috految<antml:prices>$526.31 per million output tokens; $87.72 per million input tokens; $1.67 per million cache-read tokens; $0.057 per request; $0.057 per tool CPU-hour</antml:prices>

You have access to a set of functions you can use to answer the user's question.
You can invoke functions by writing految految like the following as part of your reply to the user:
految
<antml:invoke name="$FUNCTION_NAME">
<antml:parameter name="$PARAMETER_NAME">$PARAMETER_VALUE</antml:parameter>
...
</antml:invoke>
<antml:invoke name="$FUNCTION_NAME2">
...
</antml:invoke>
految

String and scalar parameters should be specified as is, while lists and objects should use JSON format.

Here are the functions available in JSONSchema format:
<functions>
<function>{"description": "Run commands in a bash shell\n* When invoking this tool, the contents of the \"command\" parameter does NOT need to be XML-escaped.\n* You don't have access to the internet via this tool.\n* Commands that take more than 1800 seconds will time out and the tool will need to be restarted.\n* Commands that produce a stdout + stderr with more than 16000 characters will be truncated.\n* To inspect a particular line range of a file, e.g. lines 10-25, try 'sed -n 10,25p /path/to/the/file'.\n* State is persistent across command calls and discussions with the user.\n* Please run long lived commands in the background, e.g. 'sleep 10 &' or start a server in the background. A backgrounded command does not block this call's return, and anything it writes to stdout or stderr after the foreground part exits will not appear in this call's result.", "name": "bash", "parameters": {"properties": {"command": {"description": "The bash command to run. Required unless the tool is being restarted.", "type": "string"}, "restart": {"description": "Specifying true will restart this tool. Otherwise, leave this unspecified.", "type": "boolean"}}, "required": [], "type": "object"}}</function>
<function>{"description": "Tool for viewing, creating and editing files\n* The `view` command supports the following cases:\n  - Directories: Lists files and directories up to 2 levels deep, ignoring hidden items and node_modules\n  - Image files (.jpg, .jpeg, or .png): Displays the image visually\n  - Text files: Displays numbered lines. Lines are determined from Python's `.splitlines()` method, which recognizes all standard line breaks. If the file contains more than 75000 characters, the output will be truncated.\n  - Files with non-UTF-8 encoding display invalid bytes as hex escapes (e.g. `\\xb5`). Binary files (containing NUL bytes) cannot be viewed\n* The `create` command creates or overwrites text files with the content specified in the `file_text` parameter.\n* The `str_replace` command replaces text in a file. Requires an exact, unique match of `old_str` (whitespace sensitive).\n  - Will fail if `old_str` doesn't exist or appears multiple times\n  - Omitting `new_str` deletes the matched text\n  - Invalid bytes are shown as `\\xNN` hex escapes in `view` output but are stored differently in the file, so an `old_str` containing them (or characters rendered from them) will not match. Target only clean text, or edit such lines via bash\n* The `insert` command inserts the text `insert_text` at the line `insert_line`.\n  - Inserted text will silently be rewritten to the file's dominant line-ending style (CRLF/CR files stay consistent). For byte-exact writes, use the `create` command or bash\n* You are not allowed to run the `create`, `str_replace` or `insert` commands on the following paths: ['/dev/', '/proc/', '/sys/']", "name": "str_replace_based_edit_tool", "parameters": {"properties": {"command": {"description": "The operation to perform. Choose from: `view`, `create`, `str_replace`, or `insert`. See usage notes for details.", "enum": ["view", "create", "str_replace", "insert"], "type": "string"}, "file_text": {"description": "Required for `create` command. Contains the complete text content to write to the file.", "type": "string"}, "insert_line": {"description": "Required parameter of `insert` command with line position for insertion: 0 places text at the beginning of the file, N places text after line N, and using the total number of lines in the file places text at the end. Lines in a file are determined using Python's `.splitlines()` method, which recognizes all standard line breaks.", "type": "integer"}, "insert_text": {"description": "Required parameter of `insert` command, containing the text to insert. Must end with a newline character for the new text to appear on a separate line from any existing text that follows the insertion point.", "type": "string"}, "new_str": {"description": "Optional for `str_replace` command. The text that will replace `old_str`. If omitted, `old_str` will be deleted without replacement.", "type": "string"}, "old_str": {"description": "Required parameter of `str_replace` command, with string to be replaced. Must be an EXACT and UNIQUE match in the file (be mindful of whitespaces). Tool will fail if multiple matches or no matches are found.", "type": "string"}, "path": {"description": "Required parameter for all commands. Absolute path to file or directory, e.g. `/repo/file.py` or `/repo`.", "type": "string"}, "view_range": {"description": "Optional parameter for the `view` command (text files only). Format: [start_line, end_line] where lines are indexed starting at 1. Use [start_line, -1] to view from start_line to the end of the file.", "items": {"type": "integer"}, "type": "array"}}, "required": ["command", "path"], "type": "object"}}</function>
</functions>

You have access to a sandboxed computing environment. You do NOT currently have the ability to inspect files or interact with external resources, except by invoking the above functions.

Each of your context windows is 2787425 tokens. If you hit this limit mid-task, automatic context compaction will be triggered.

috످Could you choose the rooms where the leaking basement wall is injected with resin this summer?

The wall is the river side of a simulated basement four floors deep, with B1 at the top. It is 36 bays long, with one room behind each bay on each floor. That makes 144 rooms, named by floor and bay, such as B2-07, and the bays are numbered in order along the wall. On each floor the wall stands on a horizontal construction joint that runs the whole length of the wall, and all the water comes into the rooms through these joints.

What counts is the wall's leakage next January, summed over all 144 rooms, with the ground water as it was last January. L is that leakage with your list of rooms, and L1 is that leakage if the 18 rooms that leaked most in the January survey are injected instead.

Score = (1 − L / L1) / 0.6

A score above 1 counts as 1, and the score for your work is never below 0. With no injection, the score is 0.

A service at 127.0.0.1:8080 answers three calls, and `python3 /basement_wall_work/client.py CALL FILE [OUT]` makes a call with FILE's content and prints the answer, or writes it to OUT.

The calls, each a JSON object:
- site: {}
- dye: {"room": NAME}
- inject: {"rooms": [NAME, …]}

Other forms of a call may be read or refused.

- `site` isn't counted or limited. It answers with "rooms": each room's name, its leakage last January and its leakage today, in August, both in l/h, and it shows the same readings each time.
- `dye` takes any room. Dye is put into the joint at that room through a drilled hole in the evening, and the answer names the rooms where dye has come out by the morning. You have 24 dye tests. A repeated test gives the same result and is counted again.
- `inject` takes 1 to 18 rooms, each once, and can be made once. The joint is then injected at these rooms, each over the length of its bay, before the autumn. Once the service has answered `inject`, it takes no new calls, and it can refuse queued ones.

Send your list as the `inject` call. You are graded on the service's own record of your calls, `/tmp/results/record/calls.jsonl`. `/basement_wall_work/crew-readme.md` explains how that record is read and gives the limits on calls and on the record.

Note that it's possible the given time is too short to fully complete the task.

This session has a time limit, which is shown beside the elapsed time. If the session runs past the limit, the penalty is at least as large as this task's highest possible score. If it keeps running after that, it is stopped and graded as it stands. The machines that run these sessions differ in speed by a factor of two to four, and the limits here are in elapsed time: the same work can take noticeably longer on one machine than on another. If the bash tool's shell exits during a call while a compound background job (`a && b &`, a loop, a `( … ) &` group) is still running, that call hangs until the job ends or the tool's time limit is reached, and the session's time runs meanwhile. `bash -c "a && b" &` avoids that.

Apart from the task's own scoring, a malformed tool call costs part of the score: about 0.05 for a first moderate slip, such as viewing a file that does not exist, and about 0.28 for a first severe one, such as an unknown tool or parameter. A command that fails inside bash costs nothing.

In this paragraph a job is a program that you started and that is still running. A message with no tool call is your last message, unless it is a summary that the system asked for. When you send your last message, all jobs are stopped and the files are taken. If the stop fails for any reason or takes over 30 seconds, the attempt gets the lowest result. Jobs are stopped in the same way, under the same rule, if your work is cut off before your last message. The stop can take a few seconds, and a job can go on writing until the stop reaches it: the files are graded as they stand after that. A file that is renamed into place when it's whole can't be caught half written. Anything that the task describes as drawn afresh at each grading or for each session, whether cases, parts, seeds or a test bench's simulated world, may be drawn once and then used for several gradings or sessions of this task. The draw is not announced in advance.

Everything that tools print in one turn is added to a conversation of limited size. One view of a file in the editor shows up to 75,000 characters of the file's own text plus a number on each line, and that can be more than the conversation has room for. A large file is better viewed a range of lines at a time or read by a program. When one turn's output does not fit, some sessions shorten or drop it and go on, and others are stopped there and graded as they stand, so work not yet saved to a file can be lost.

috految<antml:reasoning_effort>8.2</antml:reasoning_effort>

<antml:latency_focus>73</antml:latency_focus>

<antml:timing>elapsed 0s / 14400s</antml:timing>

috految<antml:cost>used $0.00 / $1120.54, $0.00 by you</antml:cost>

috److految
<antml:invoke name="bash">
<antml:parameter name="command">cd /basement_wall_work; head -c 2500 crew-readme.md; echo {} >/tmp/q; python3 client.py site /tmp/q /tmp/s; head -c 150 /tmp/s; python3 -c "
import json
for r in json.load(open('/tmp/s'))['rooms']:print(*r.values())"</antml:parameter>
</antml:invoke>
految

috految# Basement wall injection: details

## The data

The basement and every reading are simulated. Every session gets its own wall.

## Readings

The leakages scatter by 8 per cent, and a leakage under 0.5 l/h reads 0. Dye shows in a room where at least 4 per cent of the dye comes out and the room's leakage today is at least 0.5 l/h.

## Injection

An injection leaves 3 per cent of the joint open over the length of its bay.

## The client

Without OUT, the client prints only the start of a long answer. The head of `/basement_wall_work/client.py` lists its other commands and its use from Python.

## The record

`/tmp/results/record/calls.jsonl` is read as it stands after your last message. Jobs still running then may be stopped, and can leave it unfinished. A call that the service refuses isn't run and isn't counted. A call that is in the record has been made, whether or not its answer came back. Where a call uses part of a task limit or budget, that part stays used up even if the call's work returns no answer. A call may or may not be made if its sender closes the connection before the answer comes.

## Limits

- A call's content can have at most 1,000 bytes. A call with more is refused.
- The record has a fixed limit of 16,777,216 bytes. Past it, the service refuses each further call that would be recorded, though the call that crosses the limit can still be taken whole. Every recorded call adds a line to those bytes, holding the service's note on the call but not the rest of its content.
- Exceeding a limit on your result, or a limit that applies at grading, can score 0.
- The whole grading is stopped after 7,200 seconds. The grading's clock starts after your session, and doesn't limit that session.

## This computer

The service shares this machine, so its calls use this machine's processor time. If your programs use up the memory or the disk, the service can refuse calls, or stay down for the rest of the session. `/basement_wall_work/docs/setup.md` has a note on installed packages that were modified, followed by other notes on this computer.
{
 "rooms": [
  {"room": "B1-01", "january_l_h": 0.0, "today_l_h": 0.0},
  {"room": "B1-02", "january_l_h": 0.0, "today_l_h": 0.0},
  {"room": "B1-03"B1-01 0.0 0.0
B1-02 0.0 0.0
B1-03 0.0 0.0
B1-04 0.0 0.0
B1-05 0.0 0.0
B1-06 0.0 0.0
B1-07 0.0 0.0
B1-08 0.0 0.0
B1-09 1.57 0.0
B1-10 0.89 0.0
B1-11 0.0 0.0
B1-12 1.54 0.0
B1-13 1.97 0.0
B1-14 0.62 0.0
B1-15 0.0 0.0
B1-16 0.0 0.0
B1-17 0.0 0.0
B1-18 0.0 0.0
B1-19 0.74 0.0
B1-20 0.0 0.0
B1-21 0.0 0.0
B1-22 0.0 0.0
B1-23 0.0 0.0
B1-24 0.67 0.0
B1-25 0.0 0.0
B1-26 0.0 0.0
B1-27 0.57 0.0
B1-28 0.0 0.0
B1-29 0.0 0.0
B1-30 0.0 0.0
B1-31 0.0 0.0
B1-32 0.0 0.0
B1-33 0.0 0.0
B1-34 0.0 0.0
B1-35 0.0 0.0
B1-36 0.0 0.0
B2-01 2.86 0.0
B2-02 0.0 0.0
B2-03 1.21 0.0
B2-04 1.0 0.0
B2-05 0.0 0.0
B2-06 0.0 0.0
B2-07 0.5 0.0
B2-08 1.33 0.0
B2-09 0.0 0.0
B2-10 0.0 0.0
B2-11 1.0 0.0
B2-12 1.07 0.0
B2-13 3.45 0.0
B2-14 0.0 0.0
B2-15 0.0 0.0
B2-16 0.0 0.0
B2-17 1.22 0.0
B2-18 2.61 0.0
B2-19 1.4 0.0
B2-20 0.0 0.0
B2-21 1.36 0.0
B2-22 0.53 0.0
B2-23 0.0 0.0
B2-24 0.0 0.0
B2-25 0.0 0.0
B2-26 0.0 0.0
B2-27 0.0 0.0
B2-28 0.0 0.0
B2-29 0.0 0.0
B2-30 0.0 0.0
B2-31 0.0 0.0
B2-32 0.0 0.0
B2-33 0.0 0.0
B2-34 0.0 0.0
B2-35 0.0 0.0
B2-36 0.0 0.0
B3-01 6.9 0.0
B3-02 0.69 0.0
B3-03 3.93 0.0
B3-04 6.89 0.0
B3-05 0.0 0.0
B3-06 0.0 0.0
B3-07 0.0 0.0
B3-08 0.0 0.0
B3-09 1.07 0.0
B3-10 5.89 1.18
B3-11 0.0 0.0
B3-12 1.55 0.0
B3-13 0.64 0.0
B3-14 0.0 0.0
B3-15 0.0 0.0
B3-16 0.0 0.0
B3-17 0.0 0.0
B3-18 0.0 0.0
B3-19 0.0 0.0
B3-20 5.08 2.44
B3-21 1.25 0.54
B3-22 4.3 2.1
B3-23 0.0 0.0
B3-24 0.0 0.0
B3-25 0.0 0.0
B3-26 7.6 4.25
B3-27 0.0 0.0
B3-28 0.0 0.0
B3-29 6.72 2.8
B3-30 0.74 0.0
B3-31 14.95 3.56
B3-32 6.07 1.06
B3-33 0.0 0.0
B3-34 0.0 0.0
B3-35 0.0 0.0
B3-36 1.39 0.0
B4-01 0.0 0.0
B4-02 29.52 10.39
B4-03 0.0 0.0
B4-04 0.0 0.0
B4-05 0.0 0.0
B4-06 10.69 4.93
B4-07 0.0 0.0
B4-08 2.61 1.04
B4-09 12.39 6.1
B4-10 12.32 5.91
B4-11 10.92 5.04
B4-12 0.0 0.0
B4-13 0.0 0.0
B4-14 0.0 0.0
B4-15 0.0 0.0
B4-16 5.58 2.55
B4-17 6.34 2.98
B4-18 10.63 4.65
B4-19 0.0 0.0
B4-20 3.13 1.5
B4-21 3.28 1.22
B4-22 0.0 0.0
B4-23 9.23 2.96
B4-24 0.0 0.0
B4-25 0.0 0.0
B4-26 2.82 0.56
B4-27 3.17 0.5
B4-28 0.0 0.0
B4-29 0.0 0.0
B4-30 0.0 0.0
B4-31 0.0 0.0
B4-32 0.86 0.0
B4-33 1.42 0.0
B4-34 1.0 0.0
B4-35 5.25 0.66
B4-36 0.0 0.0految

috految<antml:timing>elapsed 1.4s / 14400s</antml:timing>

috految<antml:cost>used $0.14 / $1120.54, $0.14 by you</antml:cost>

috److془Model: inlets at hidden bays, flow along joint, vertical connections maybe. Dye goes downstream.془

految
<antml:invoke name="bash">
<antml:parameter name="command">d(){ for r; do echo "{\"room\":\"B$r\"}" >/tmp/q; echo $r $(python3 client.py dye /tmp/q); done; }; d 4-{04,09,14,19,24} 3-{24,28,09}</antml:parameter>
</antml:invoke>
految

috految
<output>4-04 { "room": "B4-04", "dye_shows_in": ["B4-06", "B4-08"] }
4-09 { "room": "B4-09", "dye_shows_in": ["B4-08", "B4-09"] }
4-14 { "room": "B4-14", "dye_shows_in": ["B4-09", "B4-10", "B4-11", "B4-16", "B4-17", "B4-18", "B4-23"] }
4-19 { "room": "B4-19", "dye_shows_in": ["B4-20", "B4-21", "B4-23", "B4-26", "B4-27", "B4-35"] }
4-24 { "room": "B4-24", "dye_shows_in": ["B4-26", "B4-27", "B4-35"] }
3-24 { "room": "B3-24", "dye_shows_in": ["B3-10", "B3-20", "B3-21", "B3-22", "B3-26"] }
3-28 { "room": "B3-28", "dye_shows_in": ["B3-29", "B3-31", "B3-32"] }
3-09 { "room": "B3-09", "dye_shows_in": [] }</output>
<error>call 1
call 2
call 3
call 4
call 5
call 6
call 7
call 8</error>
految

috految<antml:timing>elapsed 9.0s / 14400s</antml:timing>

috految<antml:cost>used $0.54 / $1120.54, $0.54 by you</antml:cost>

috److految
<antml:invoke name="bash">
<antml:parameter name="command">d 4-{03,12,15,30} 3-{26,23,27,17} 2-18</antml:parameter>
</antml:invoke>
految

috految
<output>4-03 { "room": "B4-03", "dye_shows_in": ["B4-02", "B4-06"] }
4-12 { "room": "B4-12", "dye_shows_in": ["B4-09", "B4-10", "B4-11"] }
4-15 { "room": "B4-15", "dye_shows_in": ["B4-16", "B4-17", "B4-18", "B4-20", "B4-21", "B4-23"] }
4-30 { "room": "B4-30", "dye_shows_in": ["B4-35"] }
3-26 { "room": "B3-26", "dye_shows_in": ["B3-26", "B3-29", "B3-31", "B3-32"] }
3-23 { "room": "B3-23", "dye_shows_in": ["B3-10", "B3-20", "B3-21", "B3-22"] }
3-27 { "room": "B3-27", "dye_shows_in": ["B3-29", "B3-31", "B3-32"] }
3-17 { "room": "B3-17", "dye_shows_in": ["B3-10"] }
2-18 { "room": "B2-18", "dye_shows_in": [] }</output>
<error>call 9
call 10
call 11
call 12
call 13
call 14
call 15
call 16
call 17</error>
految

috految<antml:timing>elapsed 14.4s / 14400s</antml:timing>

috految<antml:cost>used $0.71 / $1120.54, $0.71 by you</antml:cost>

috److془Sources: 4-03, 4-14, 3-24, 3-25/26 or so.. Ratio: B3-31 0.24 → winter source at ~ 32-36. Or thresholds.. B4: ratios .47, 21 .37, 23 .32, 26 .2, 27 .16, 35 .126. Winter source ~ 27-31. B4-02 .35 vs. 06 .46: winter source at 01/02 perhaps. Or the ratio ~ .45 with noise.
Alternatively: vertical all? B3 ratio .5 > B4 .47. Hmm: Ratio .5 for B3; B4 would be ~.65 if hydrostatic. Or sources have individual wintriness. Fed by outer cracks with own levels. Or: the joint is linear with ratio by height, B4 with winter sources everywhere. Or B3 winter sources at 1-4, 31ish; B4 with 1-2 etc. Or summer head to B3 .. go on.

Source may be fed by B3 flow? Dye shows none. Hmm: the water might go down... 3-09 nothing. Fine. Vertical joints: B4-03, B3-03, B2-03? B3-24, B4-14, B2-13/14, B1-13? Could be chance. Alternatively: B3-10 .2, B3-31 .24*. Ratios 3-26 .56, 29 .42, 31 .24, 32 .17. Winter inlet ≥32.
Winter inlets: B3 1-4(tot 18.4+7), B3 32-36 (~18), B4 27-35 (~17), B2 total 21.
Dye 3-24: doesn't show 29, 31: share<4% of ~ 8; so source at 25 or 26 or 27.. and 24. 3-26 shows 32: (1/11.7 fine). Needs 26 share >4%, 31<4%: source at 27 or 28 or large at 25/26. 26 shows 32 so flow ≥ 1.7 onward. Could be 24,25 or, 26. Or 24 source 7, 26 1.5.. 4-14 : 23 shows (2.96/35=9%), 20 1.5/35=4.3 borderline. 4-15 fine. 4-12 fine. 4-03: 06 show, 08 not okay. Sources possibly multi-bay. Inject 3-24,25,26, 4-03,02, 4-14, 13,15.
Hmm: if 14 is sole, 13 might be. Reinforcement anyway. Links cut too: 31,32 injected isolate. Interior dry bays are not leaking so blocks at ends suffice. 4-02,03,06 or 04; 4-11,14,16 ; 3-22,24,26,29; 3-31,32; 3-01,03,04; 4-35,27. Residual of 3% links considerable though. Source 4-14 with 3%: flow ~ 10%. Hmm source at 4-06 etc. Use 06. 3-31 may be omitted, but B3-33..36 mostly blocked by 32. Sources at 14,03,24 all dry. Sources in dry runs: 3-05..08 might be. Summer sources 4-03 prior tested. Check 3-25 only helps little. Go. B4 ratio continuous: source at 28-31 or flat .47; block 27,32 . Dye 4-19 requires 27 .5/7.4 fine. Source 3-02..: 01,04,03? 10 ratio .2 so 3.5 from left. 3-10 inject.془

految
<antml:invoke name="bash">
<antml:parameter name="command">echo '{"rooms":["B4-02","B4-03","B4-06","B4-11","B4-13","B4-14","B4-15","B4-27","B4-31","B3-24","B3-25","B3-26","B3-31","B3-32","B3-01","B3-03","B3-04","B3-09"]}' | sed 's/B4-13/B4-35/;s/B4-15/B4-16/;s/B4-31/B4-32/;s/B3-25/B3-25/;s/B4-35/B4-13/' >/tmp/q; python3 client.py inject /tmp/q</antml:parameter>
</antml:invoke>
految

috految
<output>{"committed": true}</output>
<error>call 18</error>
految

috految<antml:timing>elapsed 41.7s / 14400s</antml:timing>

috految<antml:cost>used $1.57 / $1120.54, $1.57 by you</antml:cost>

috److I chose 18 rooms and sent the `inject` call, which the service confirmed.

| Floor | Bays injected |
|---|---|
| B3 | 01, 03, 04, 09, 24, 25, 26, 31, 32 |
| B4 | 02, 03, 06, 11, 13, 14, 16, 27, 32 |

I used 17 of the 24 dye tests. They suggest that water enters the joint at a few places and runs along it before coming out in other rooms.

- **Likely inlets:** Dye spread in both directions from B4-03, B4-14 and B3-24, although those rooms themselves are dry. I injected all three, plus nearby bays to cut off the flow along the joint.
- **Probable winter inlets:** January leakage is much higher than August leakage around B3-01 to B3-10, B3-31 to B3-32 and B4-27 to B4-35. I placed injections in those stretches from the readings rather than from dye, so these choices are less certain.
- **Not treated:** I left B1 and B2 alone because they leaked much less last January.

I picked the rooms by judgement and did not fit a flow model, so I have no estimate of next January's leakage or the score.

috످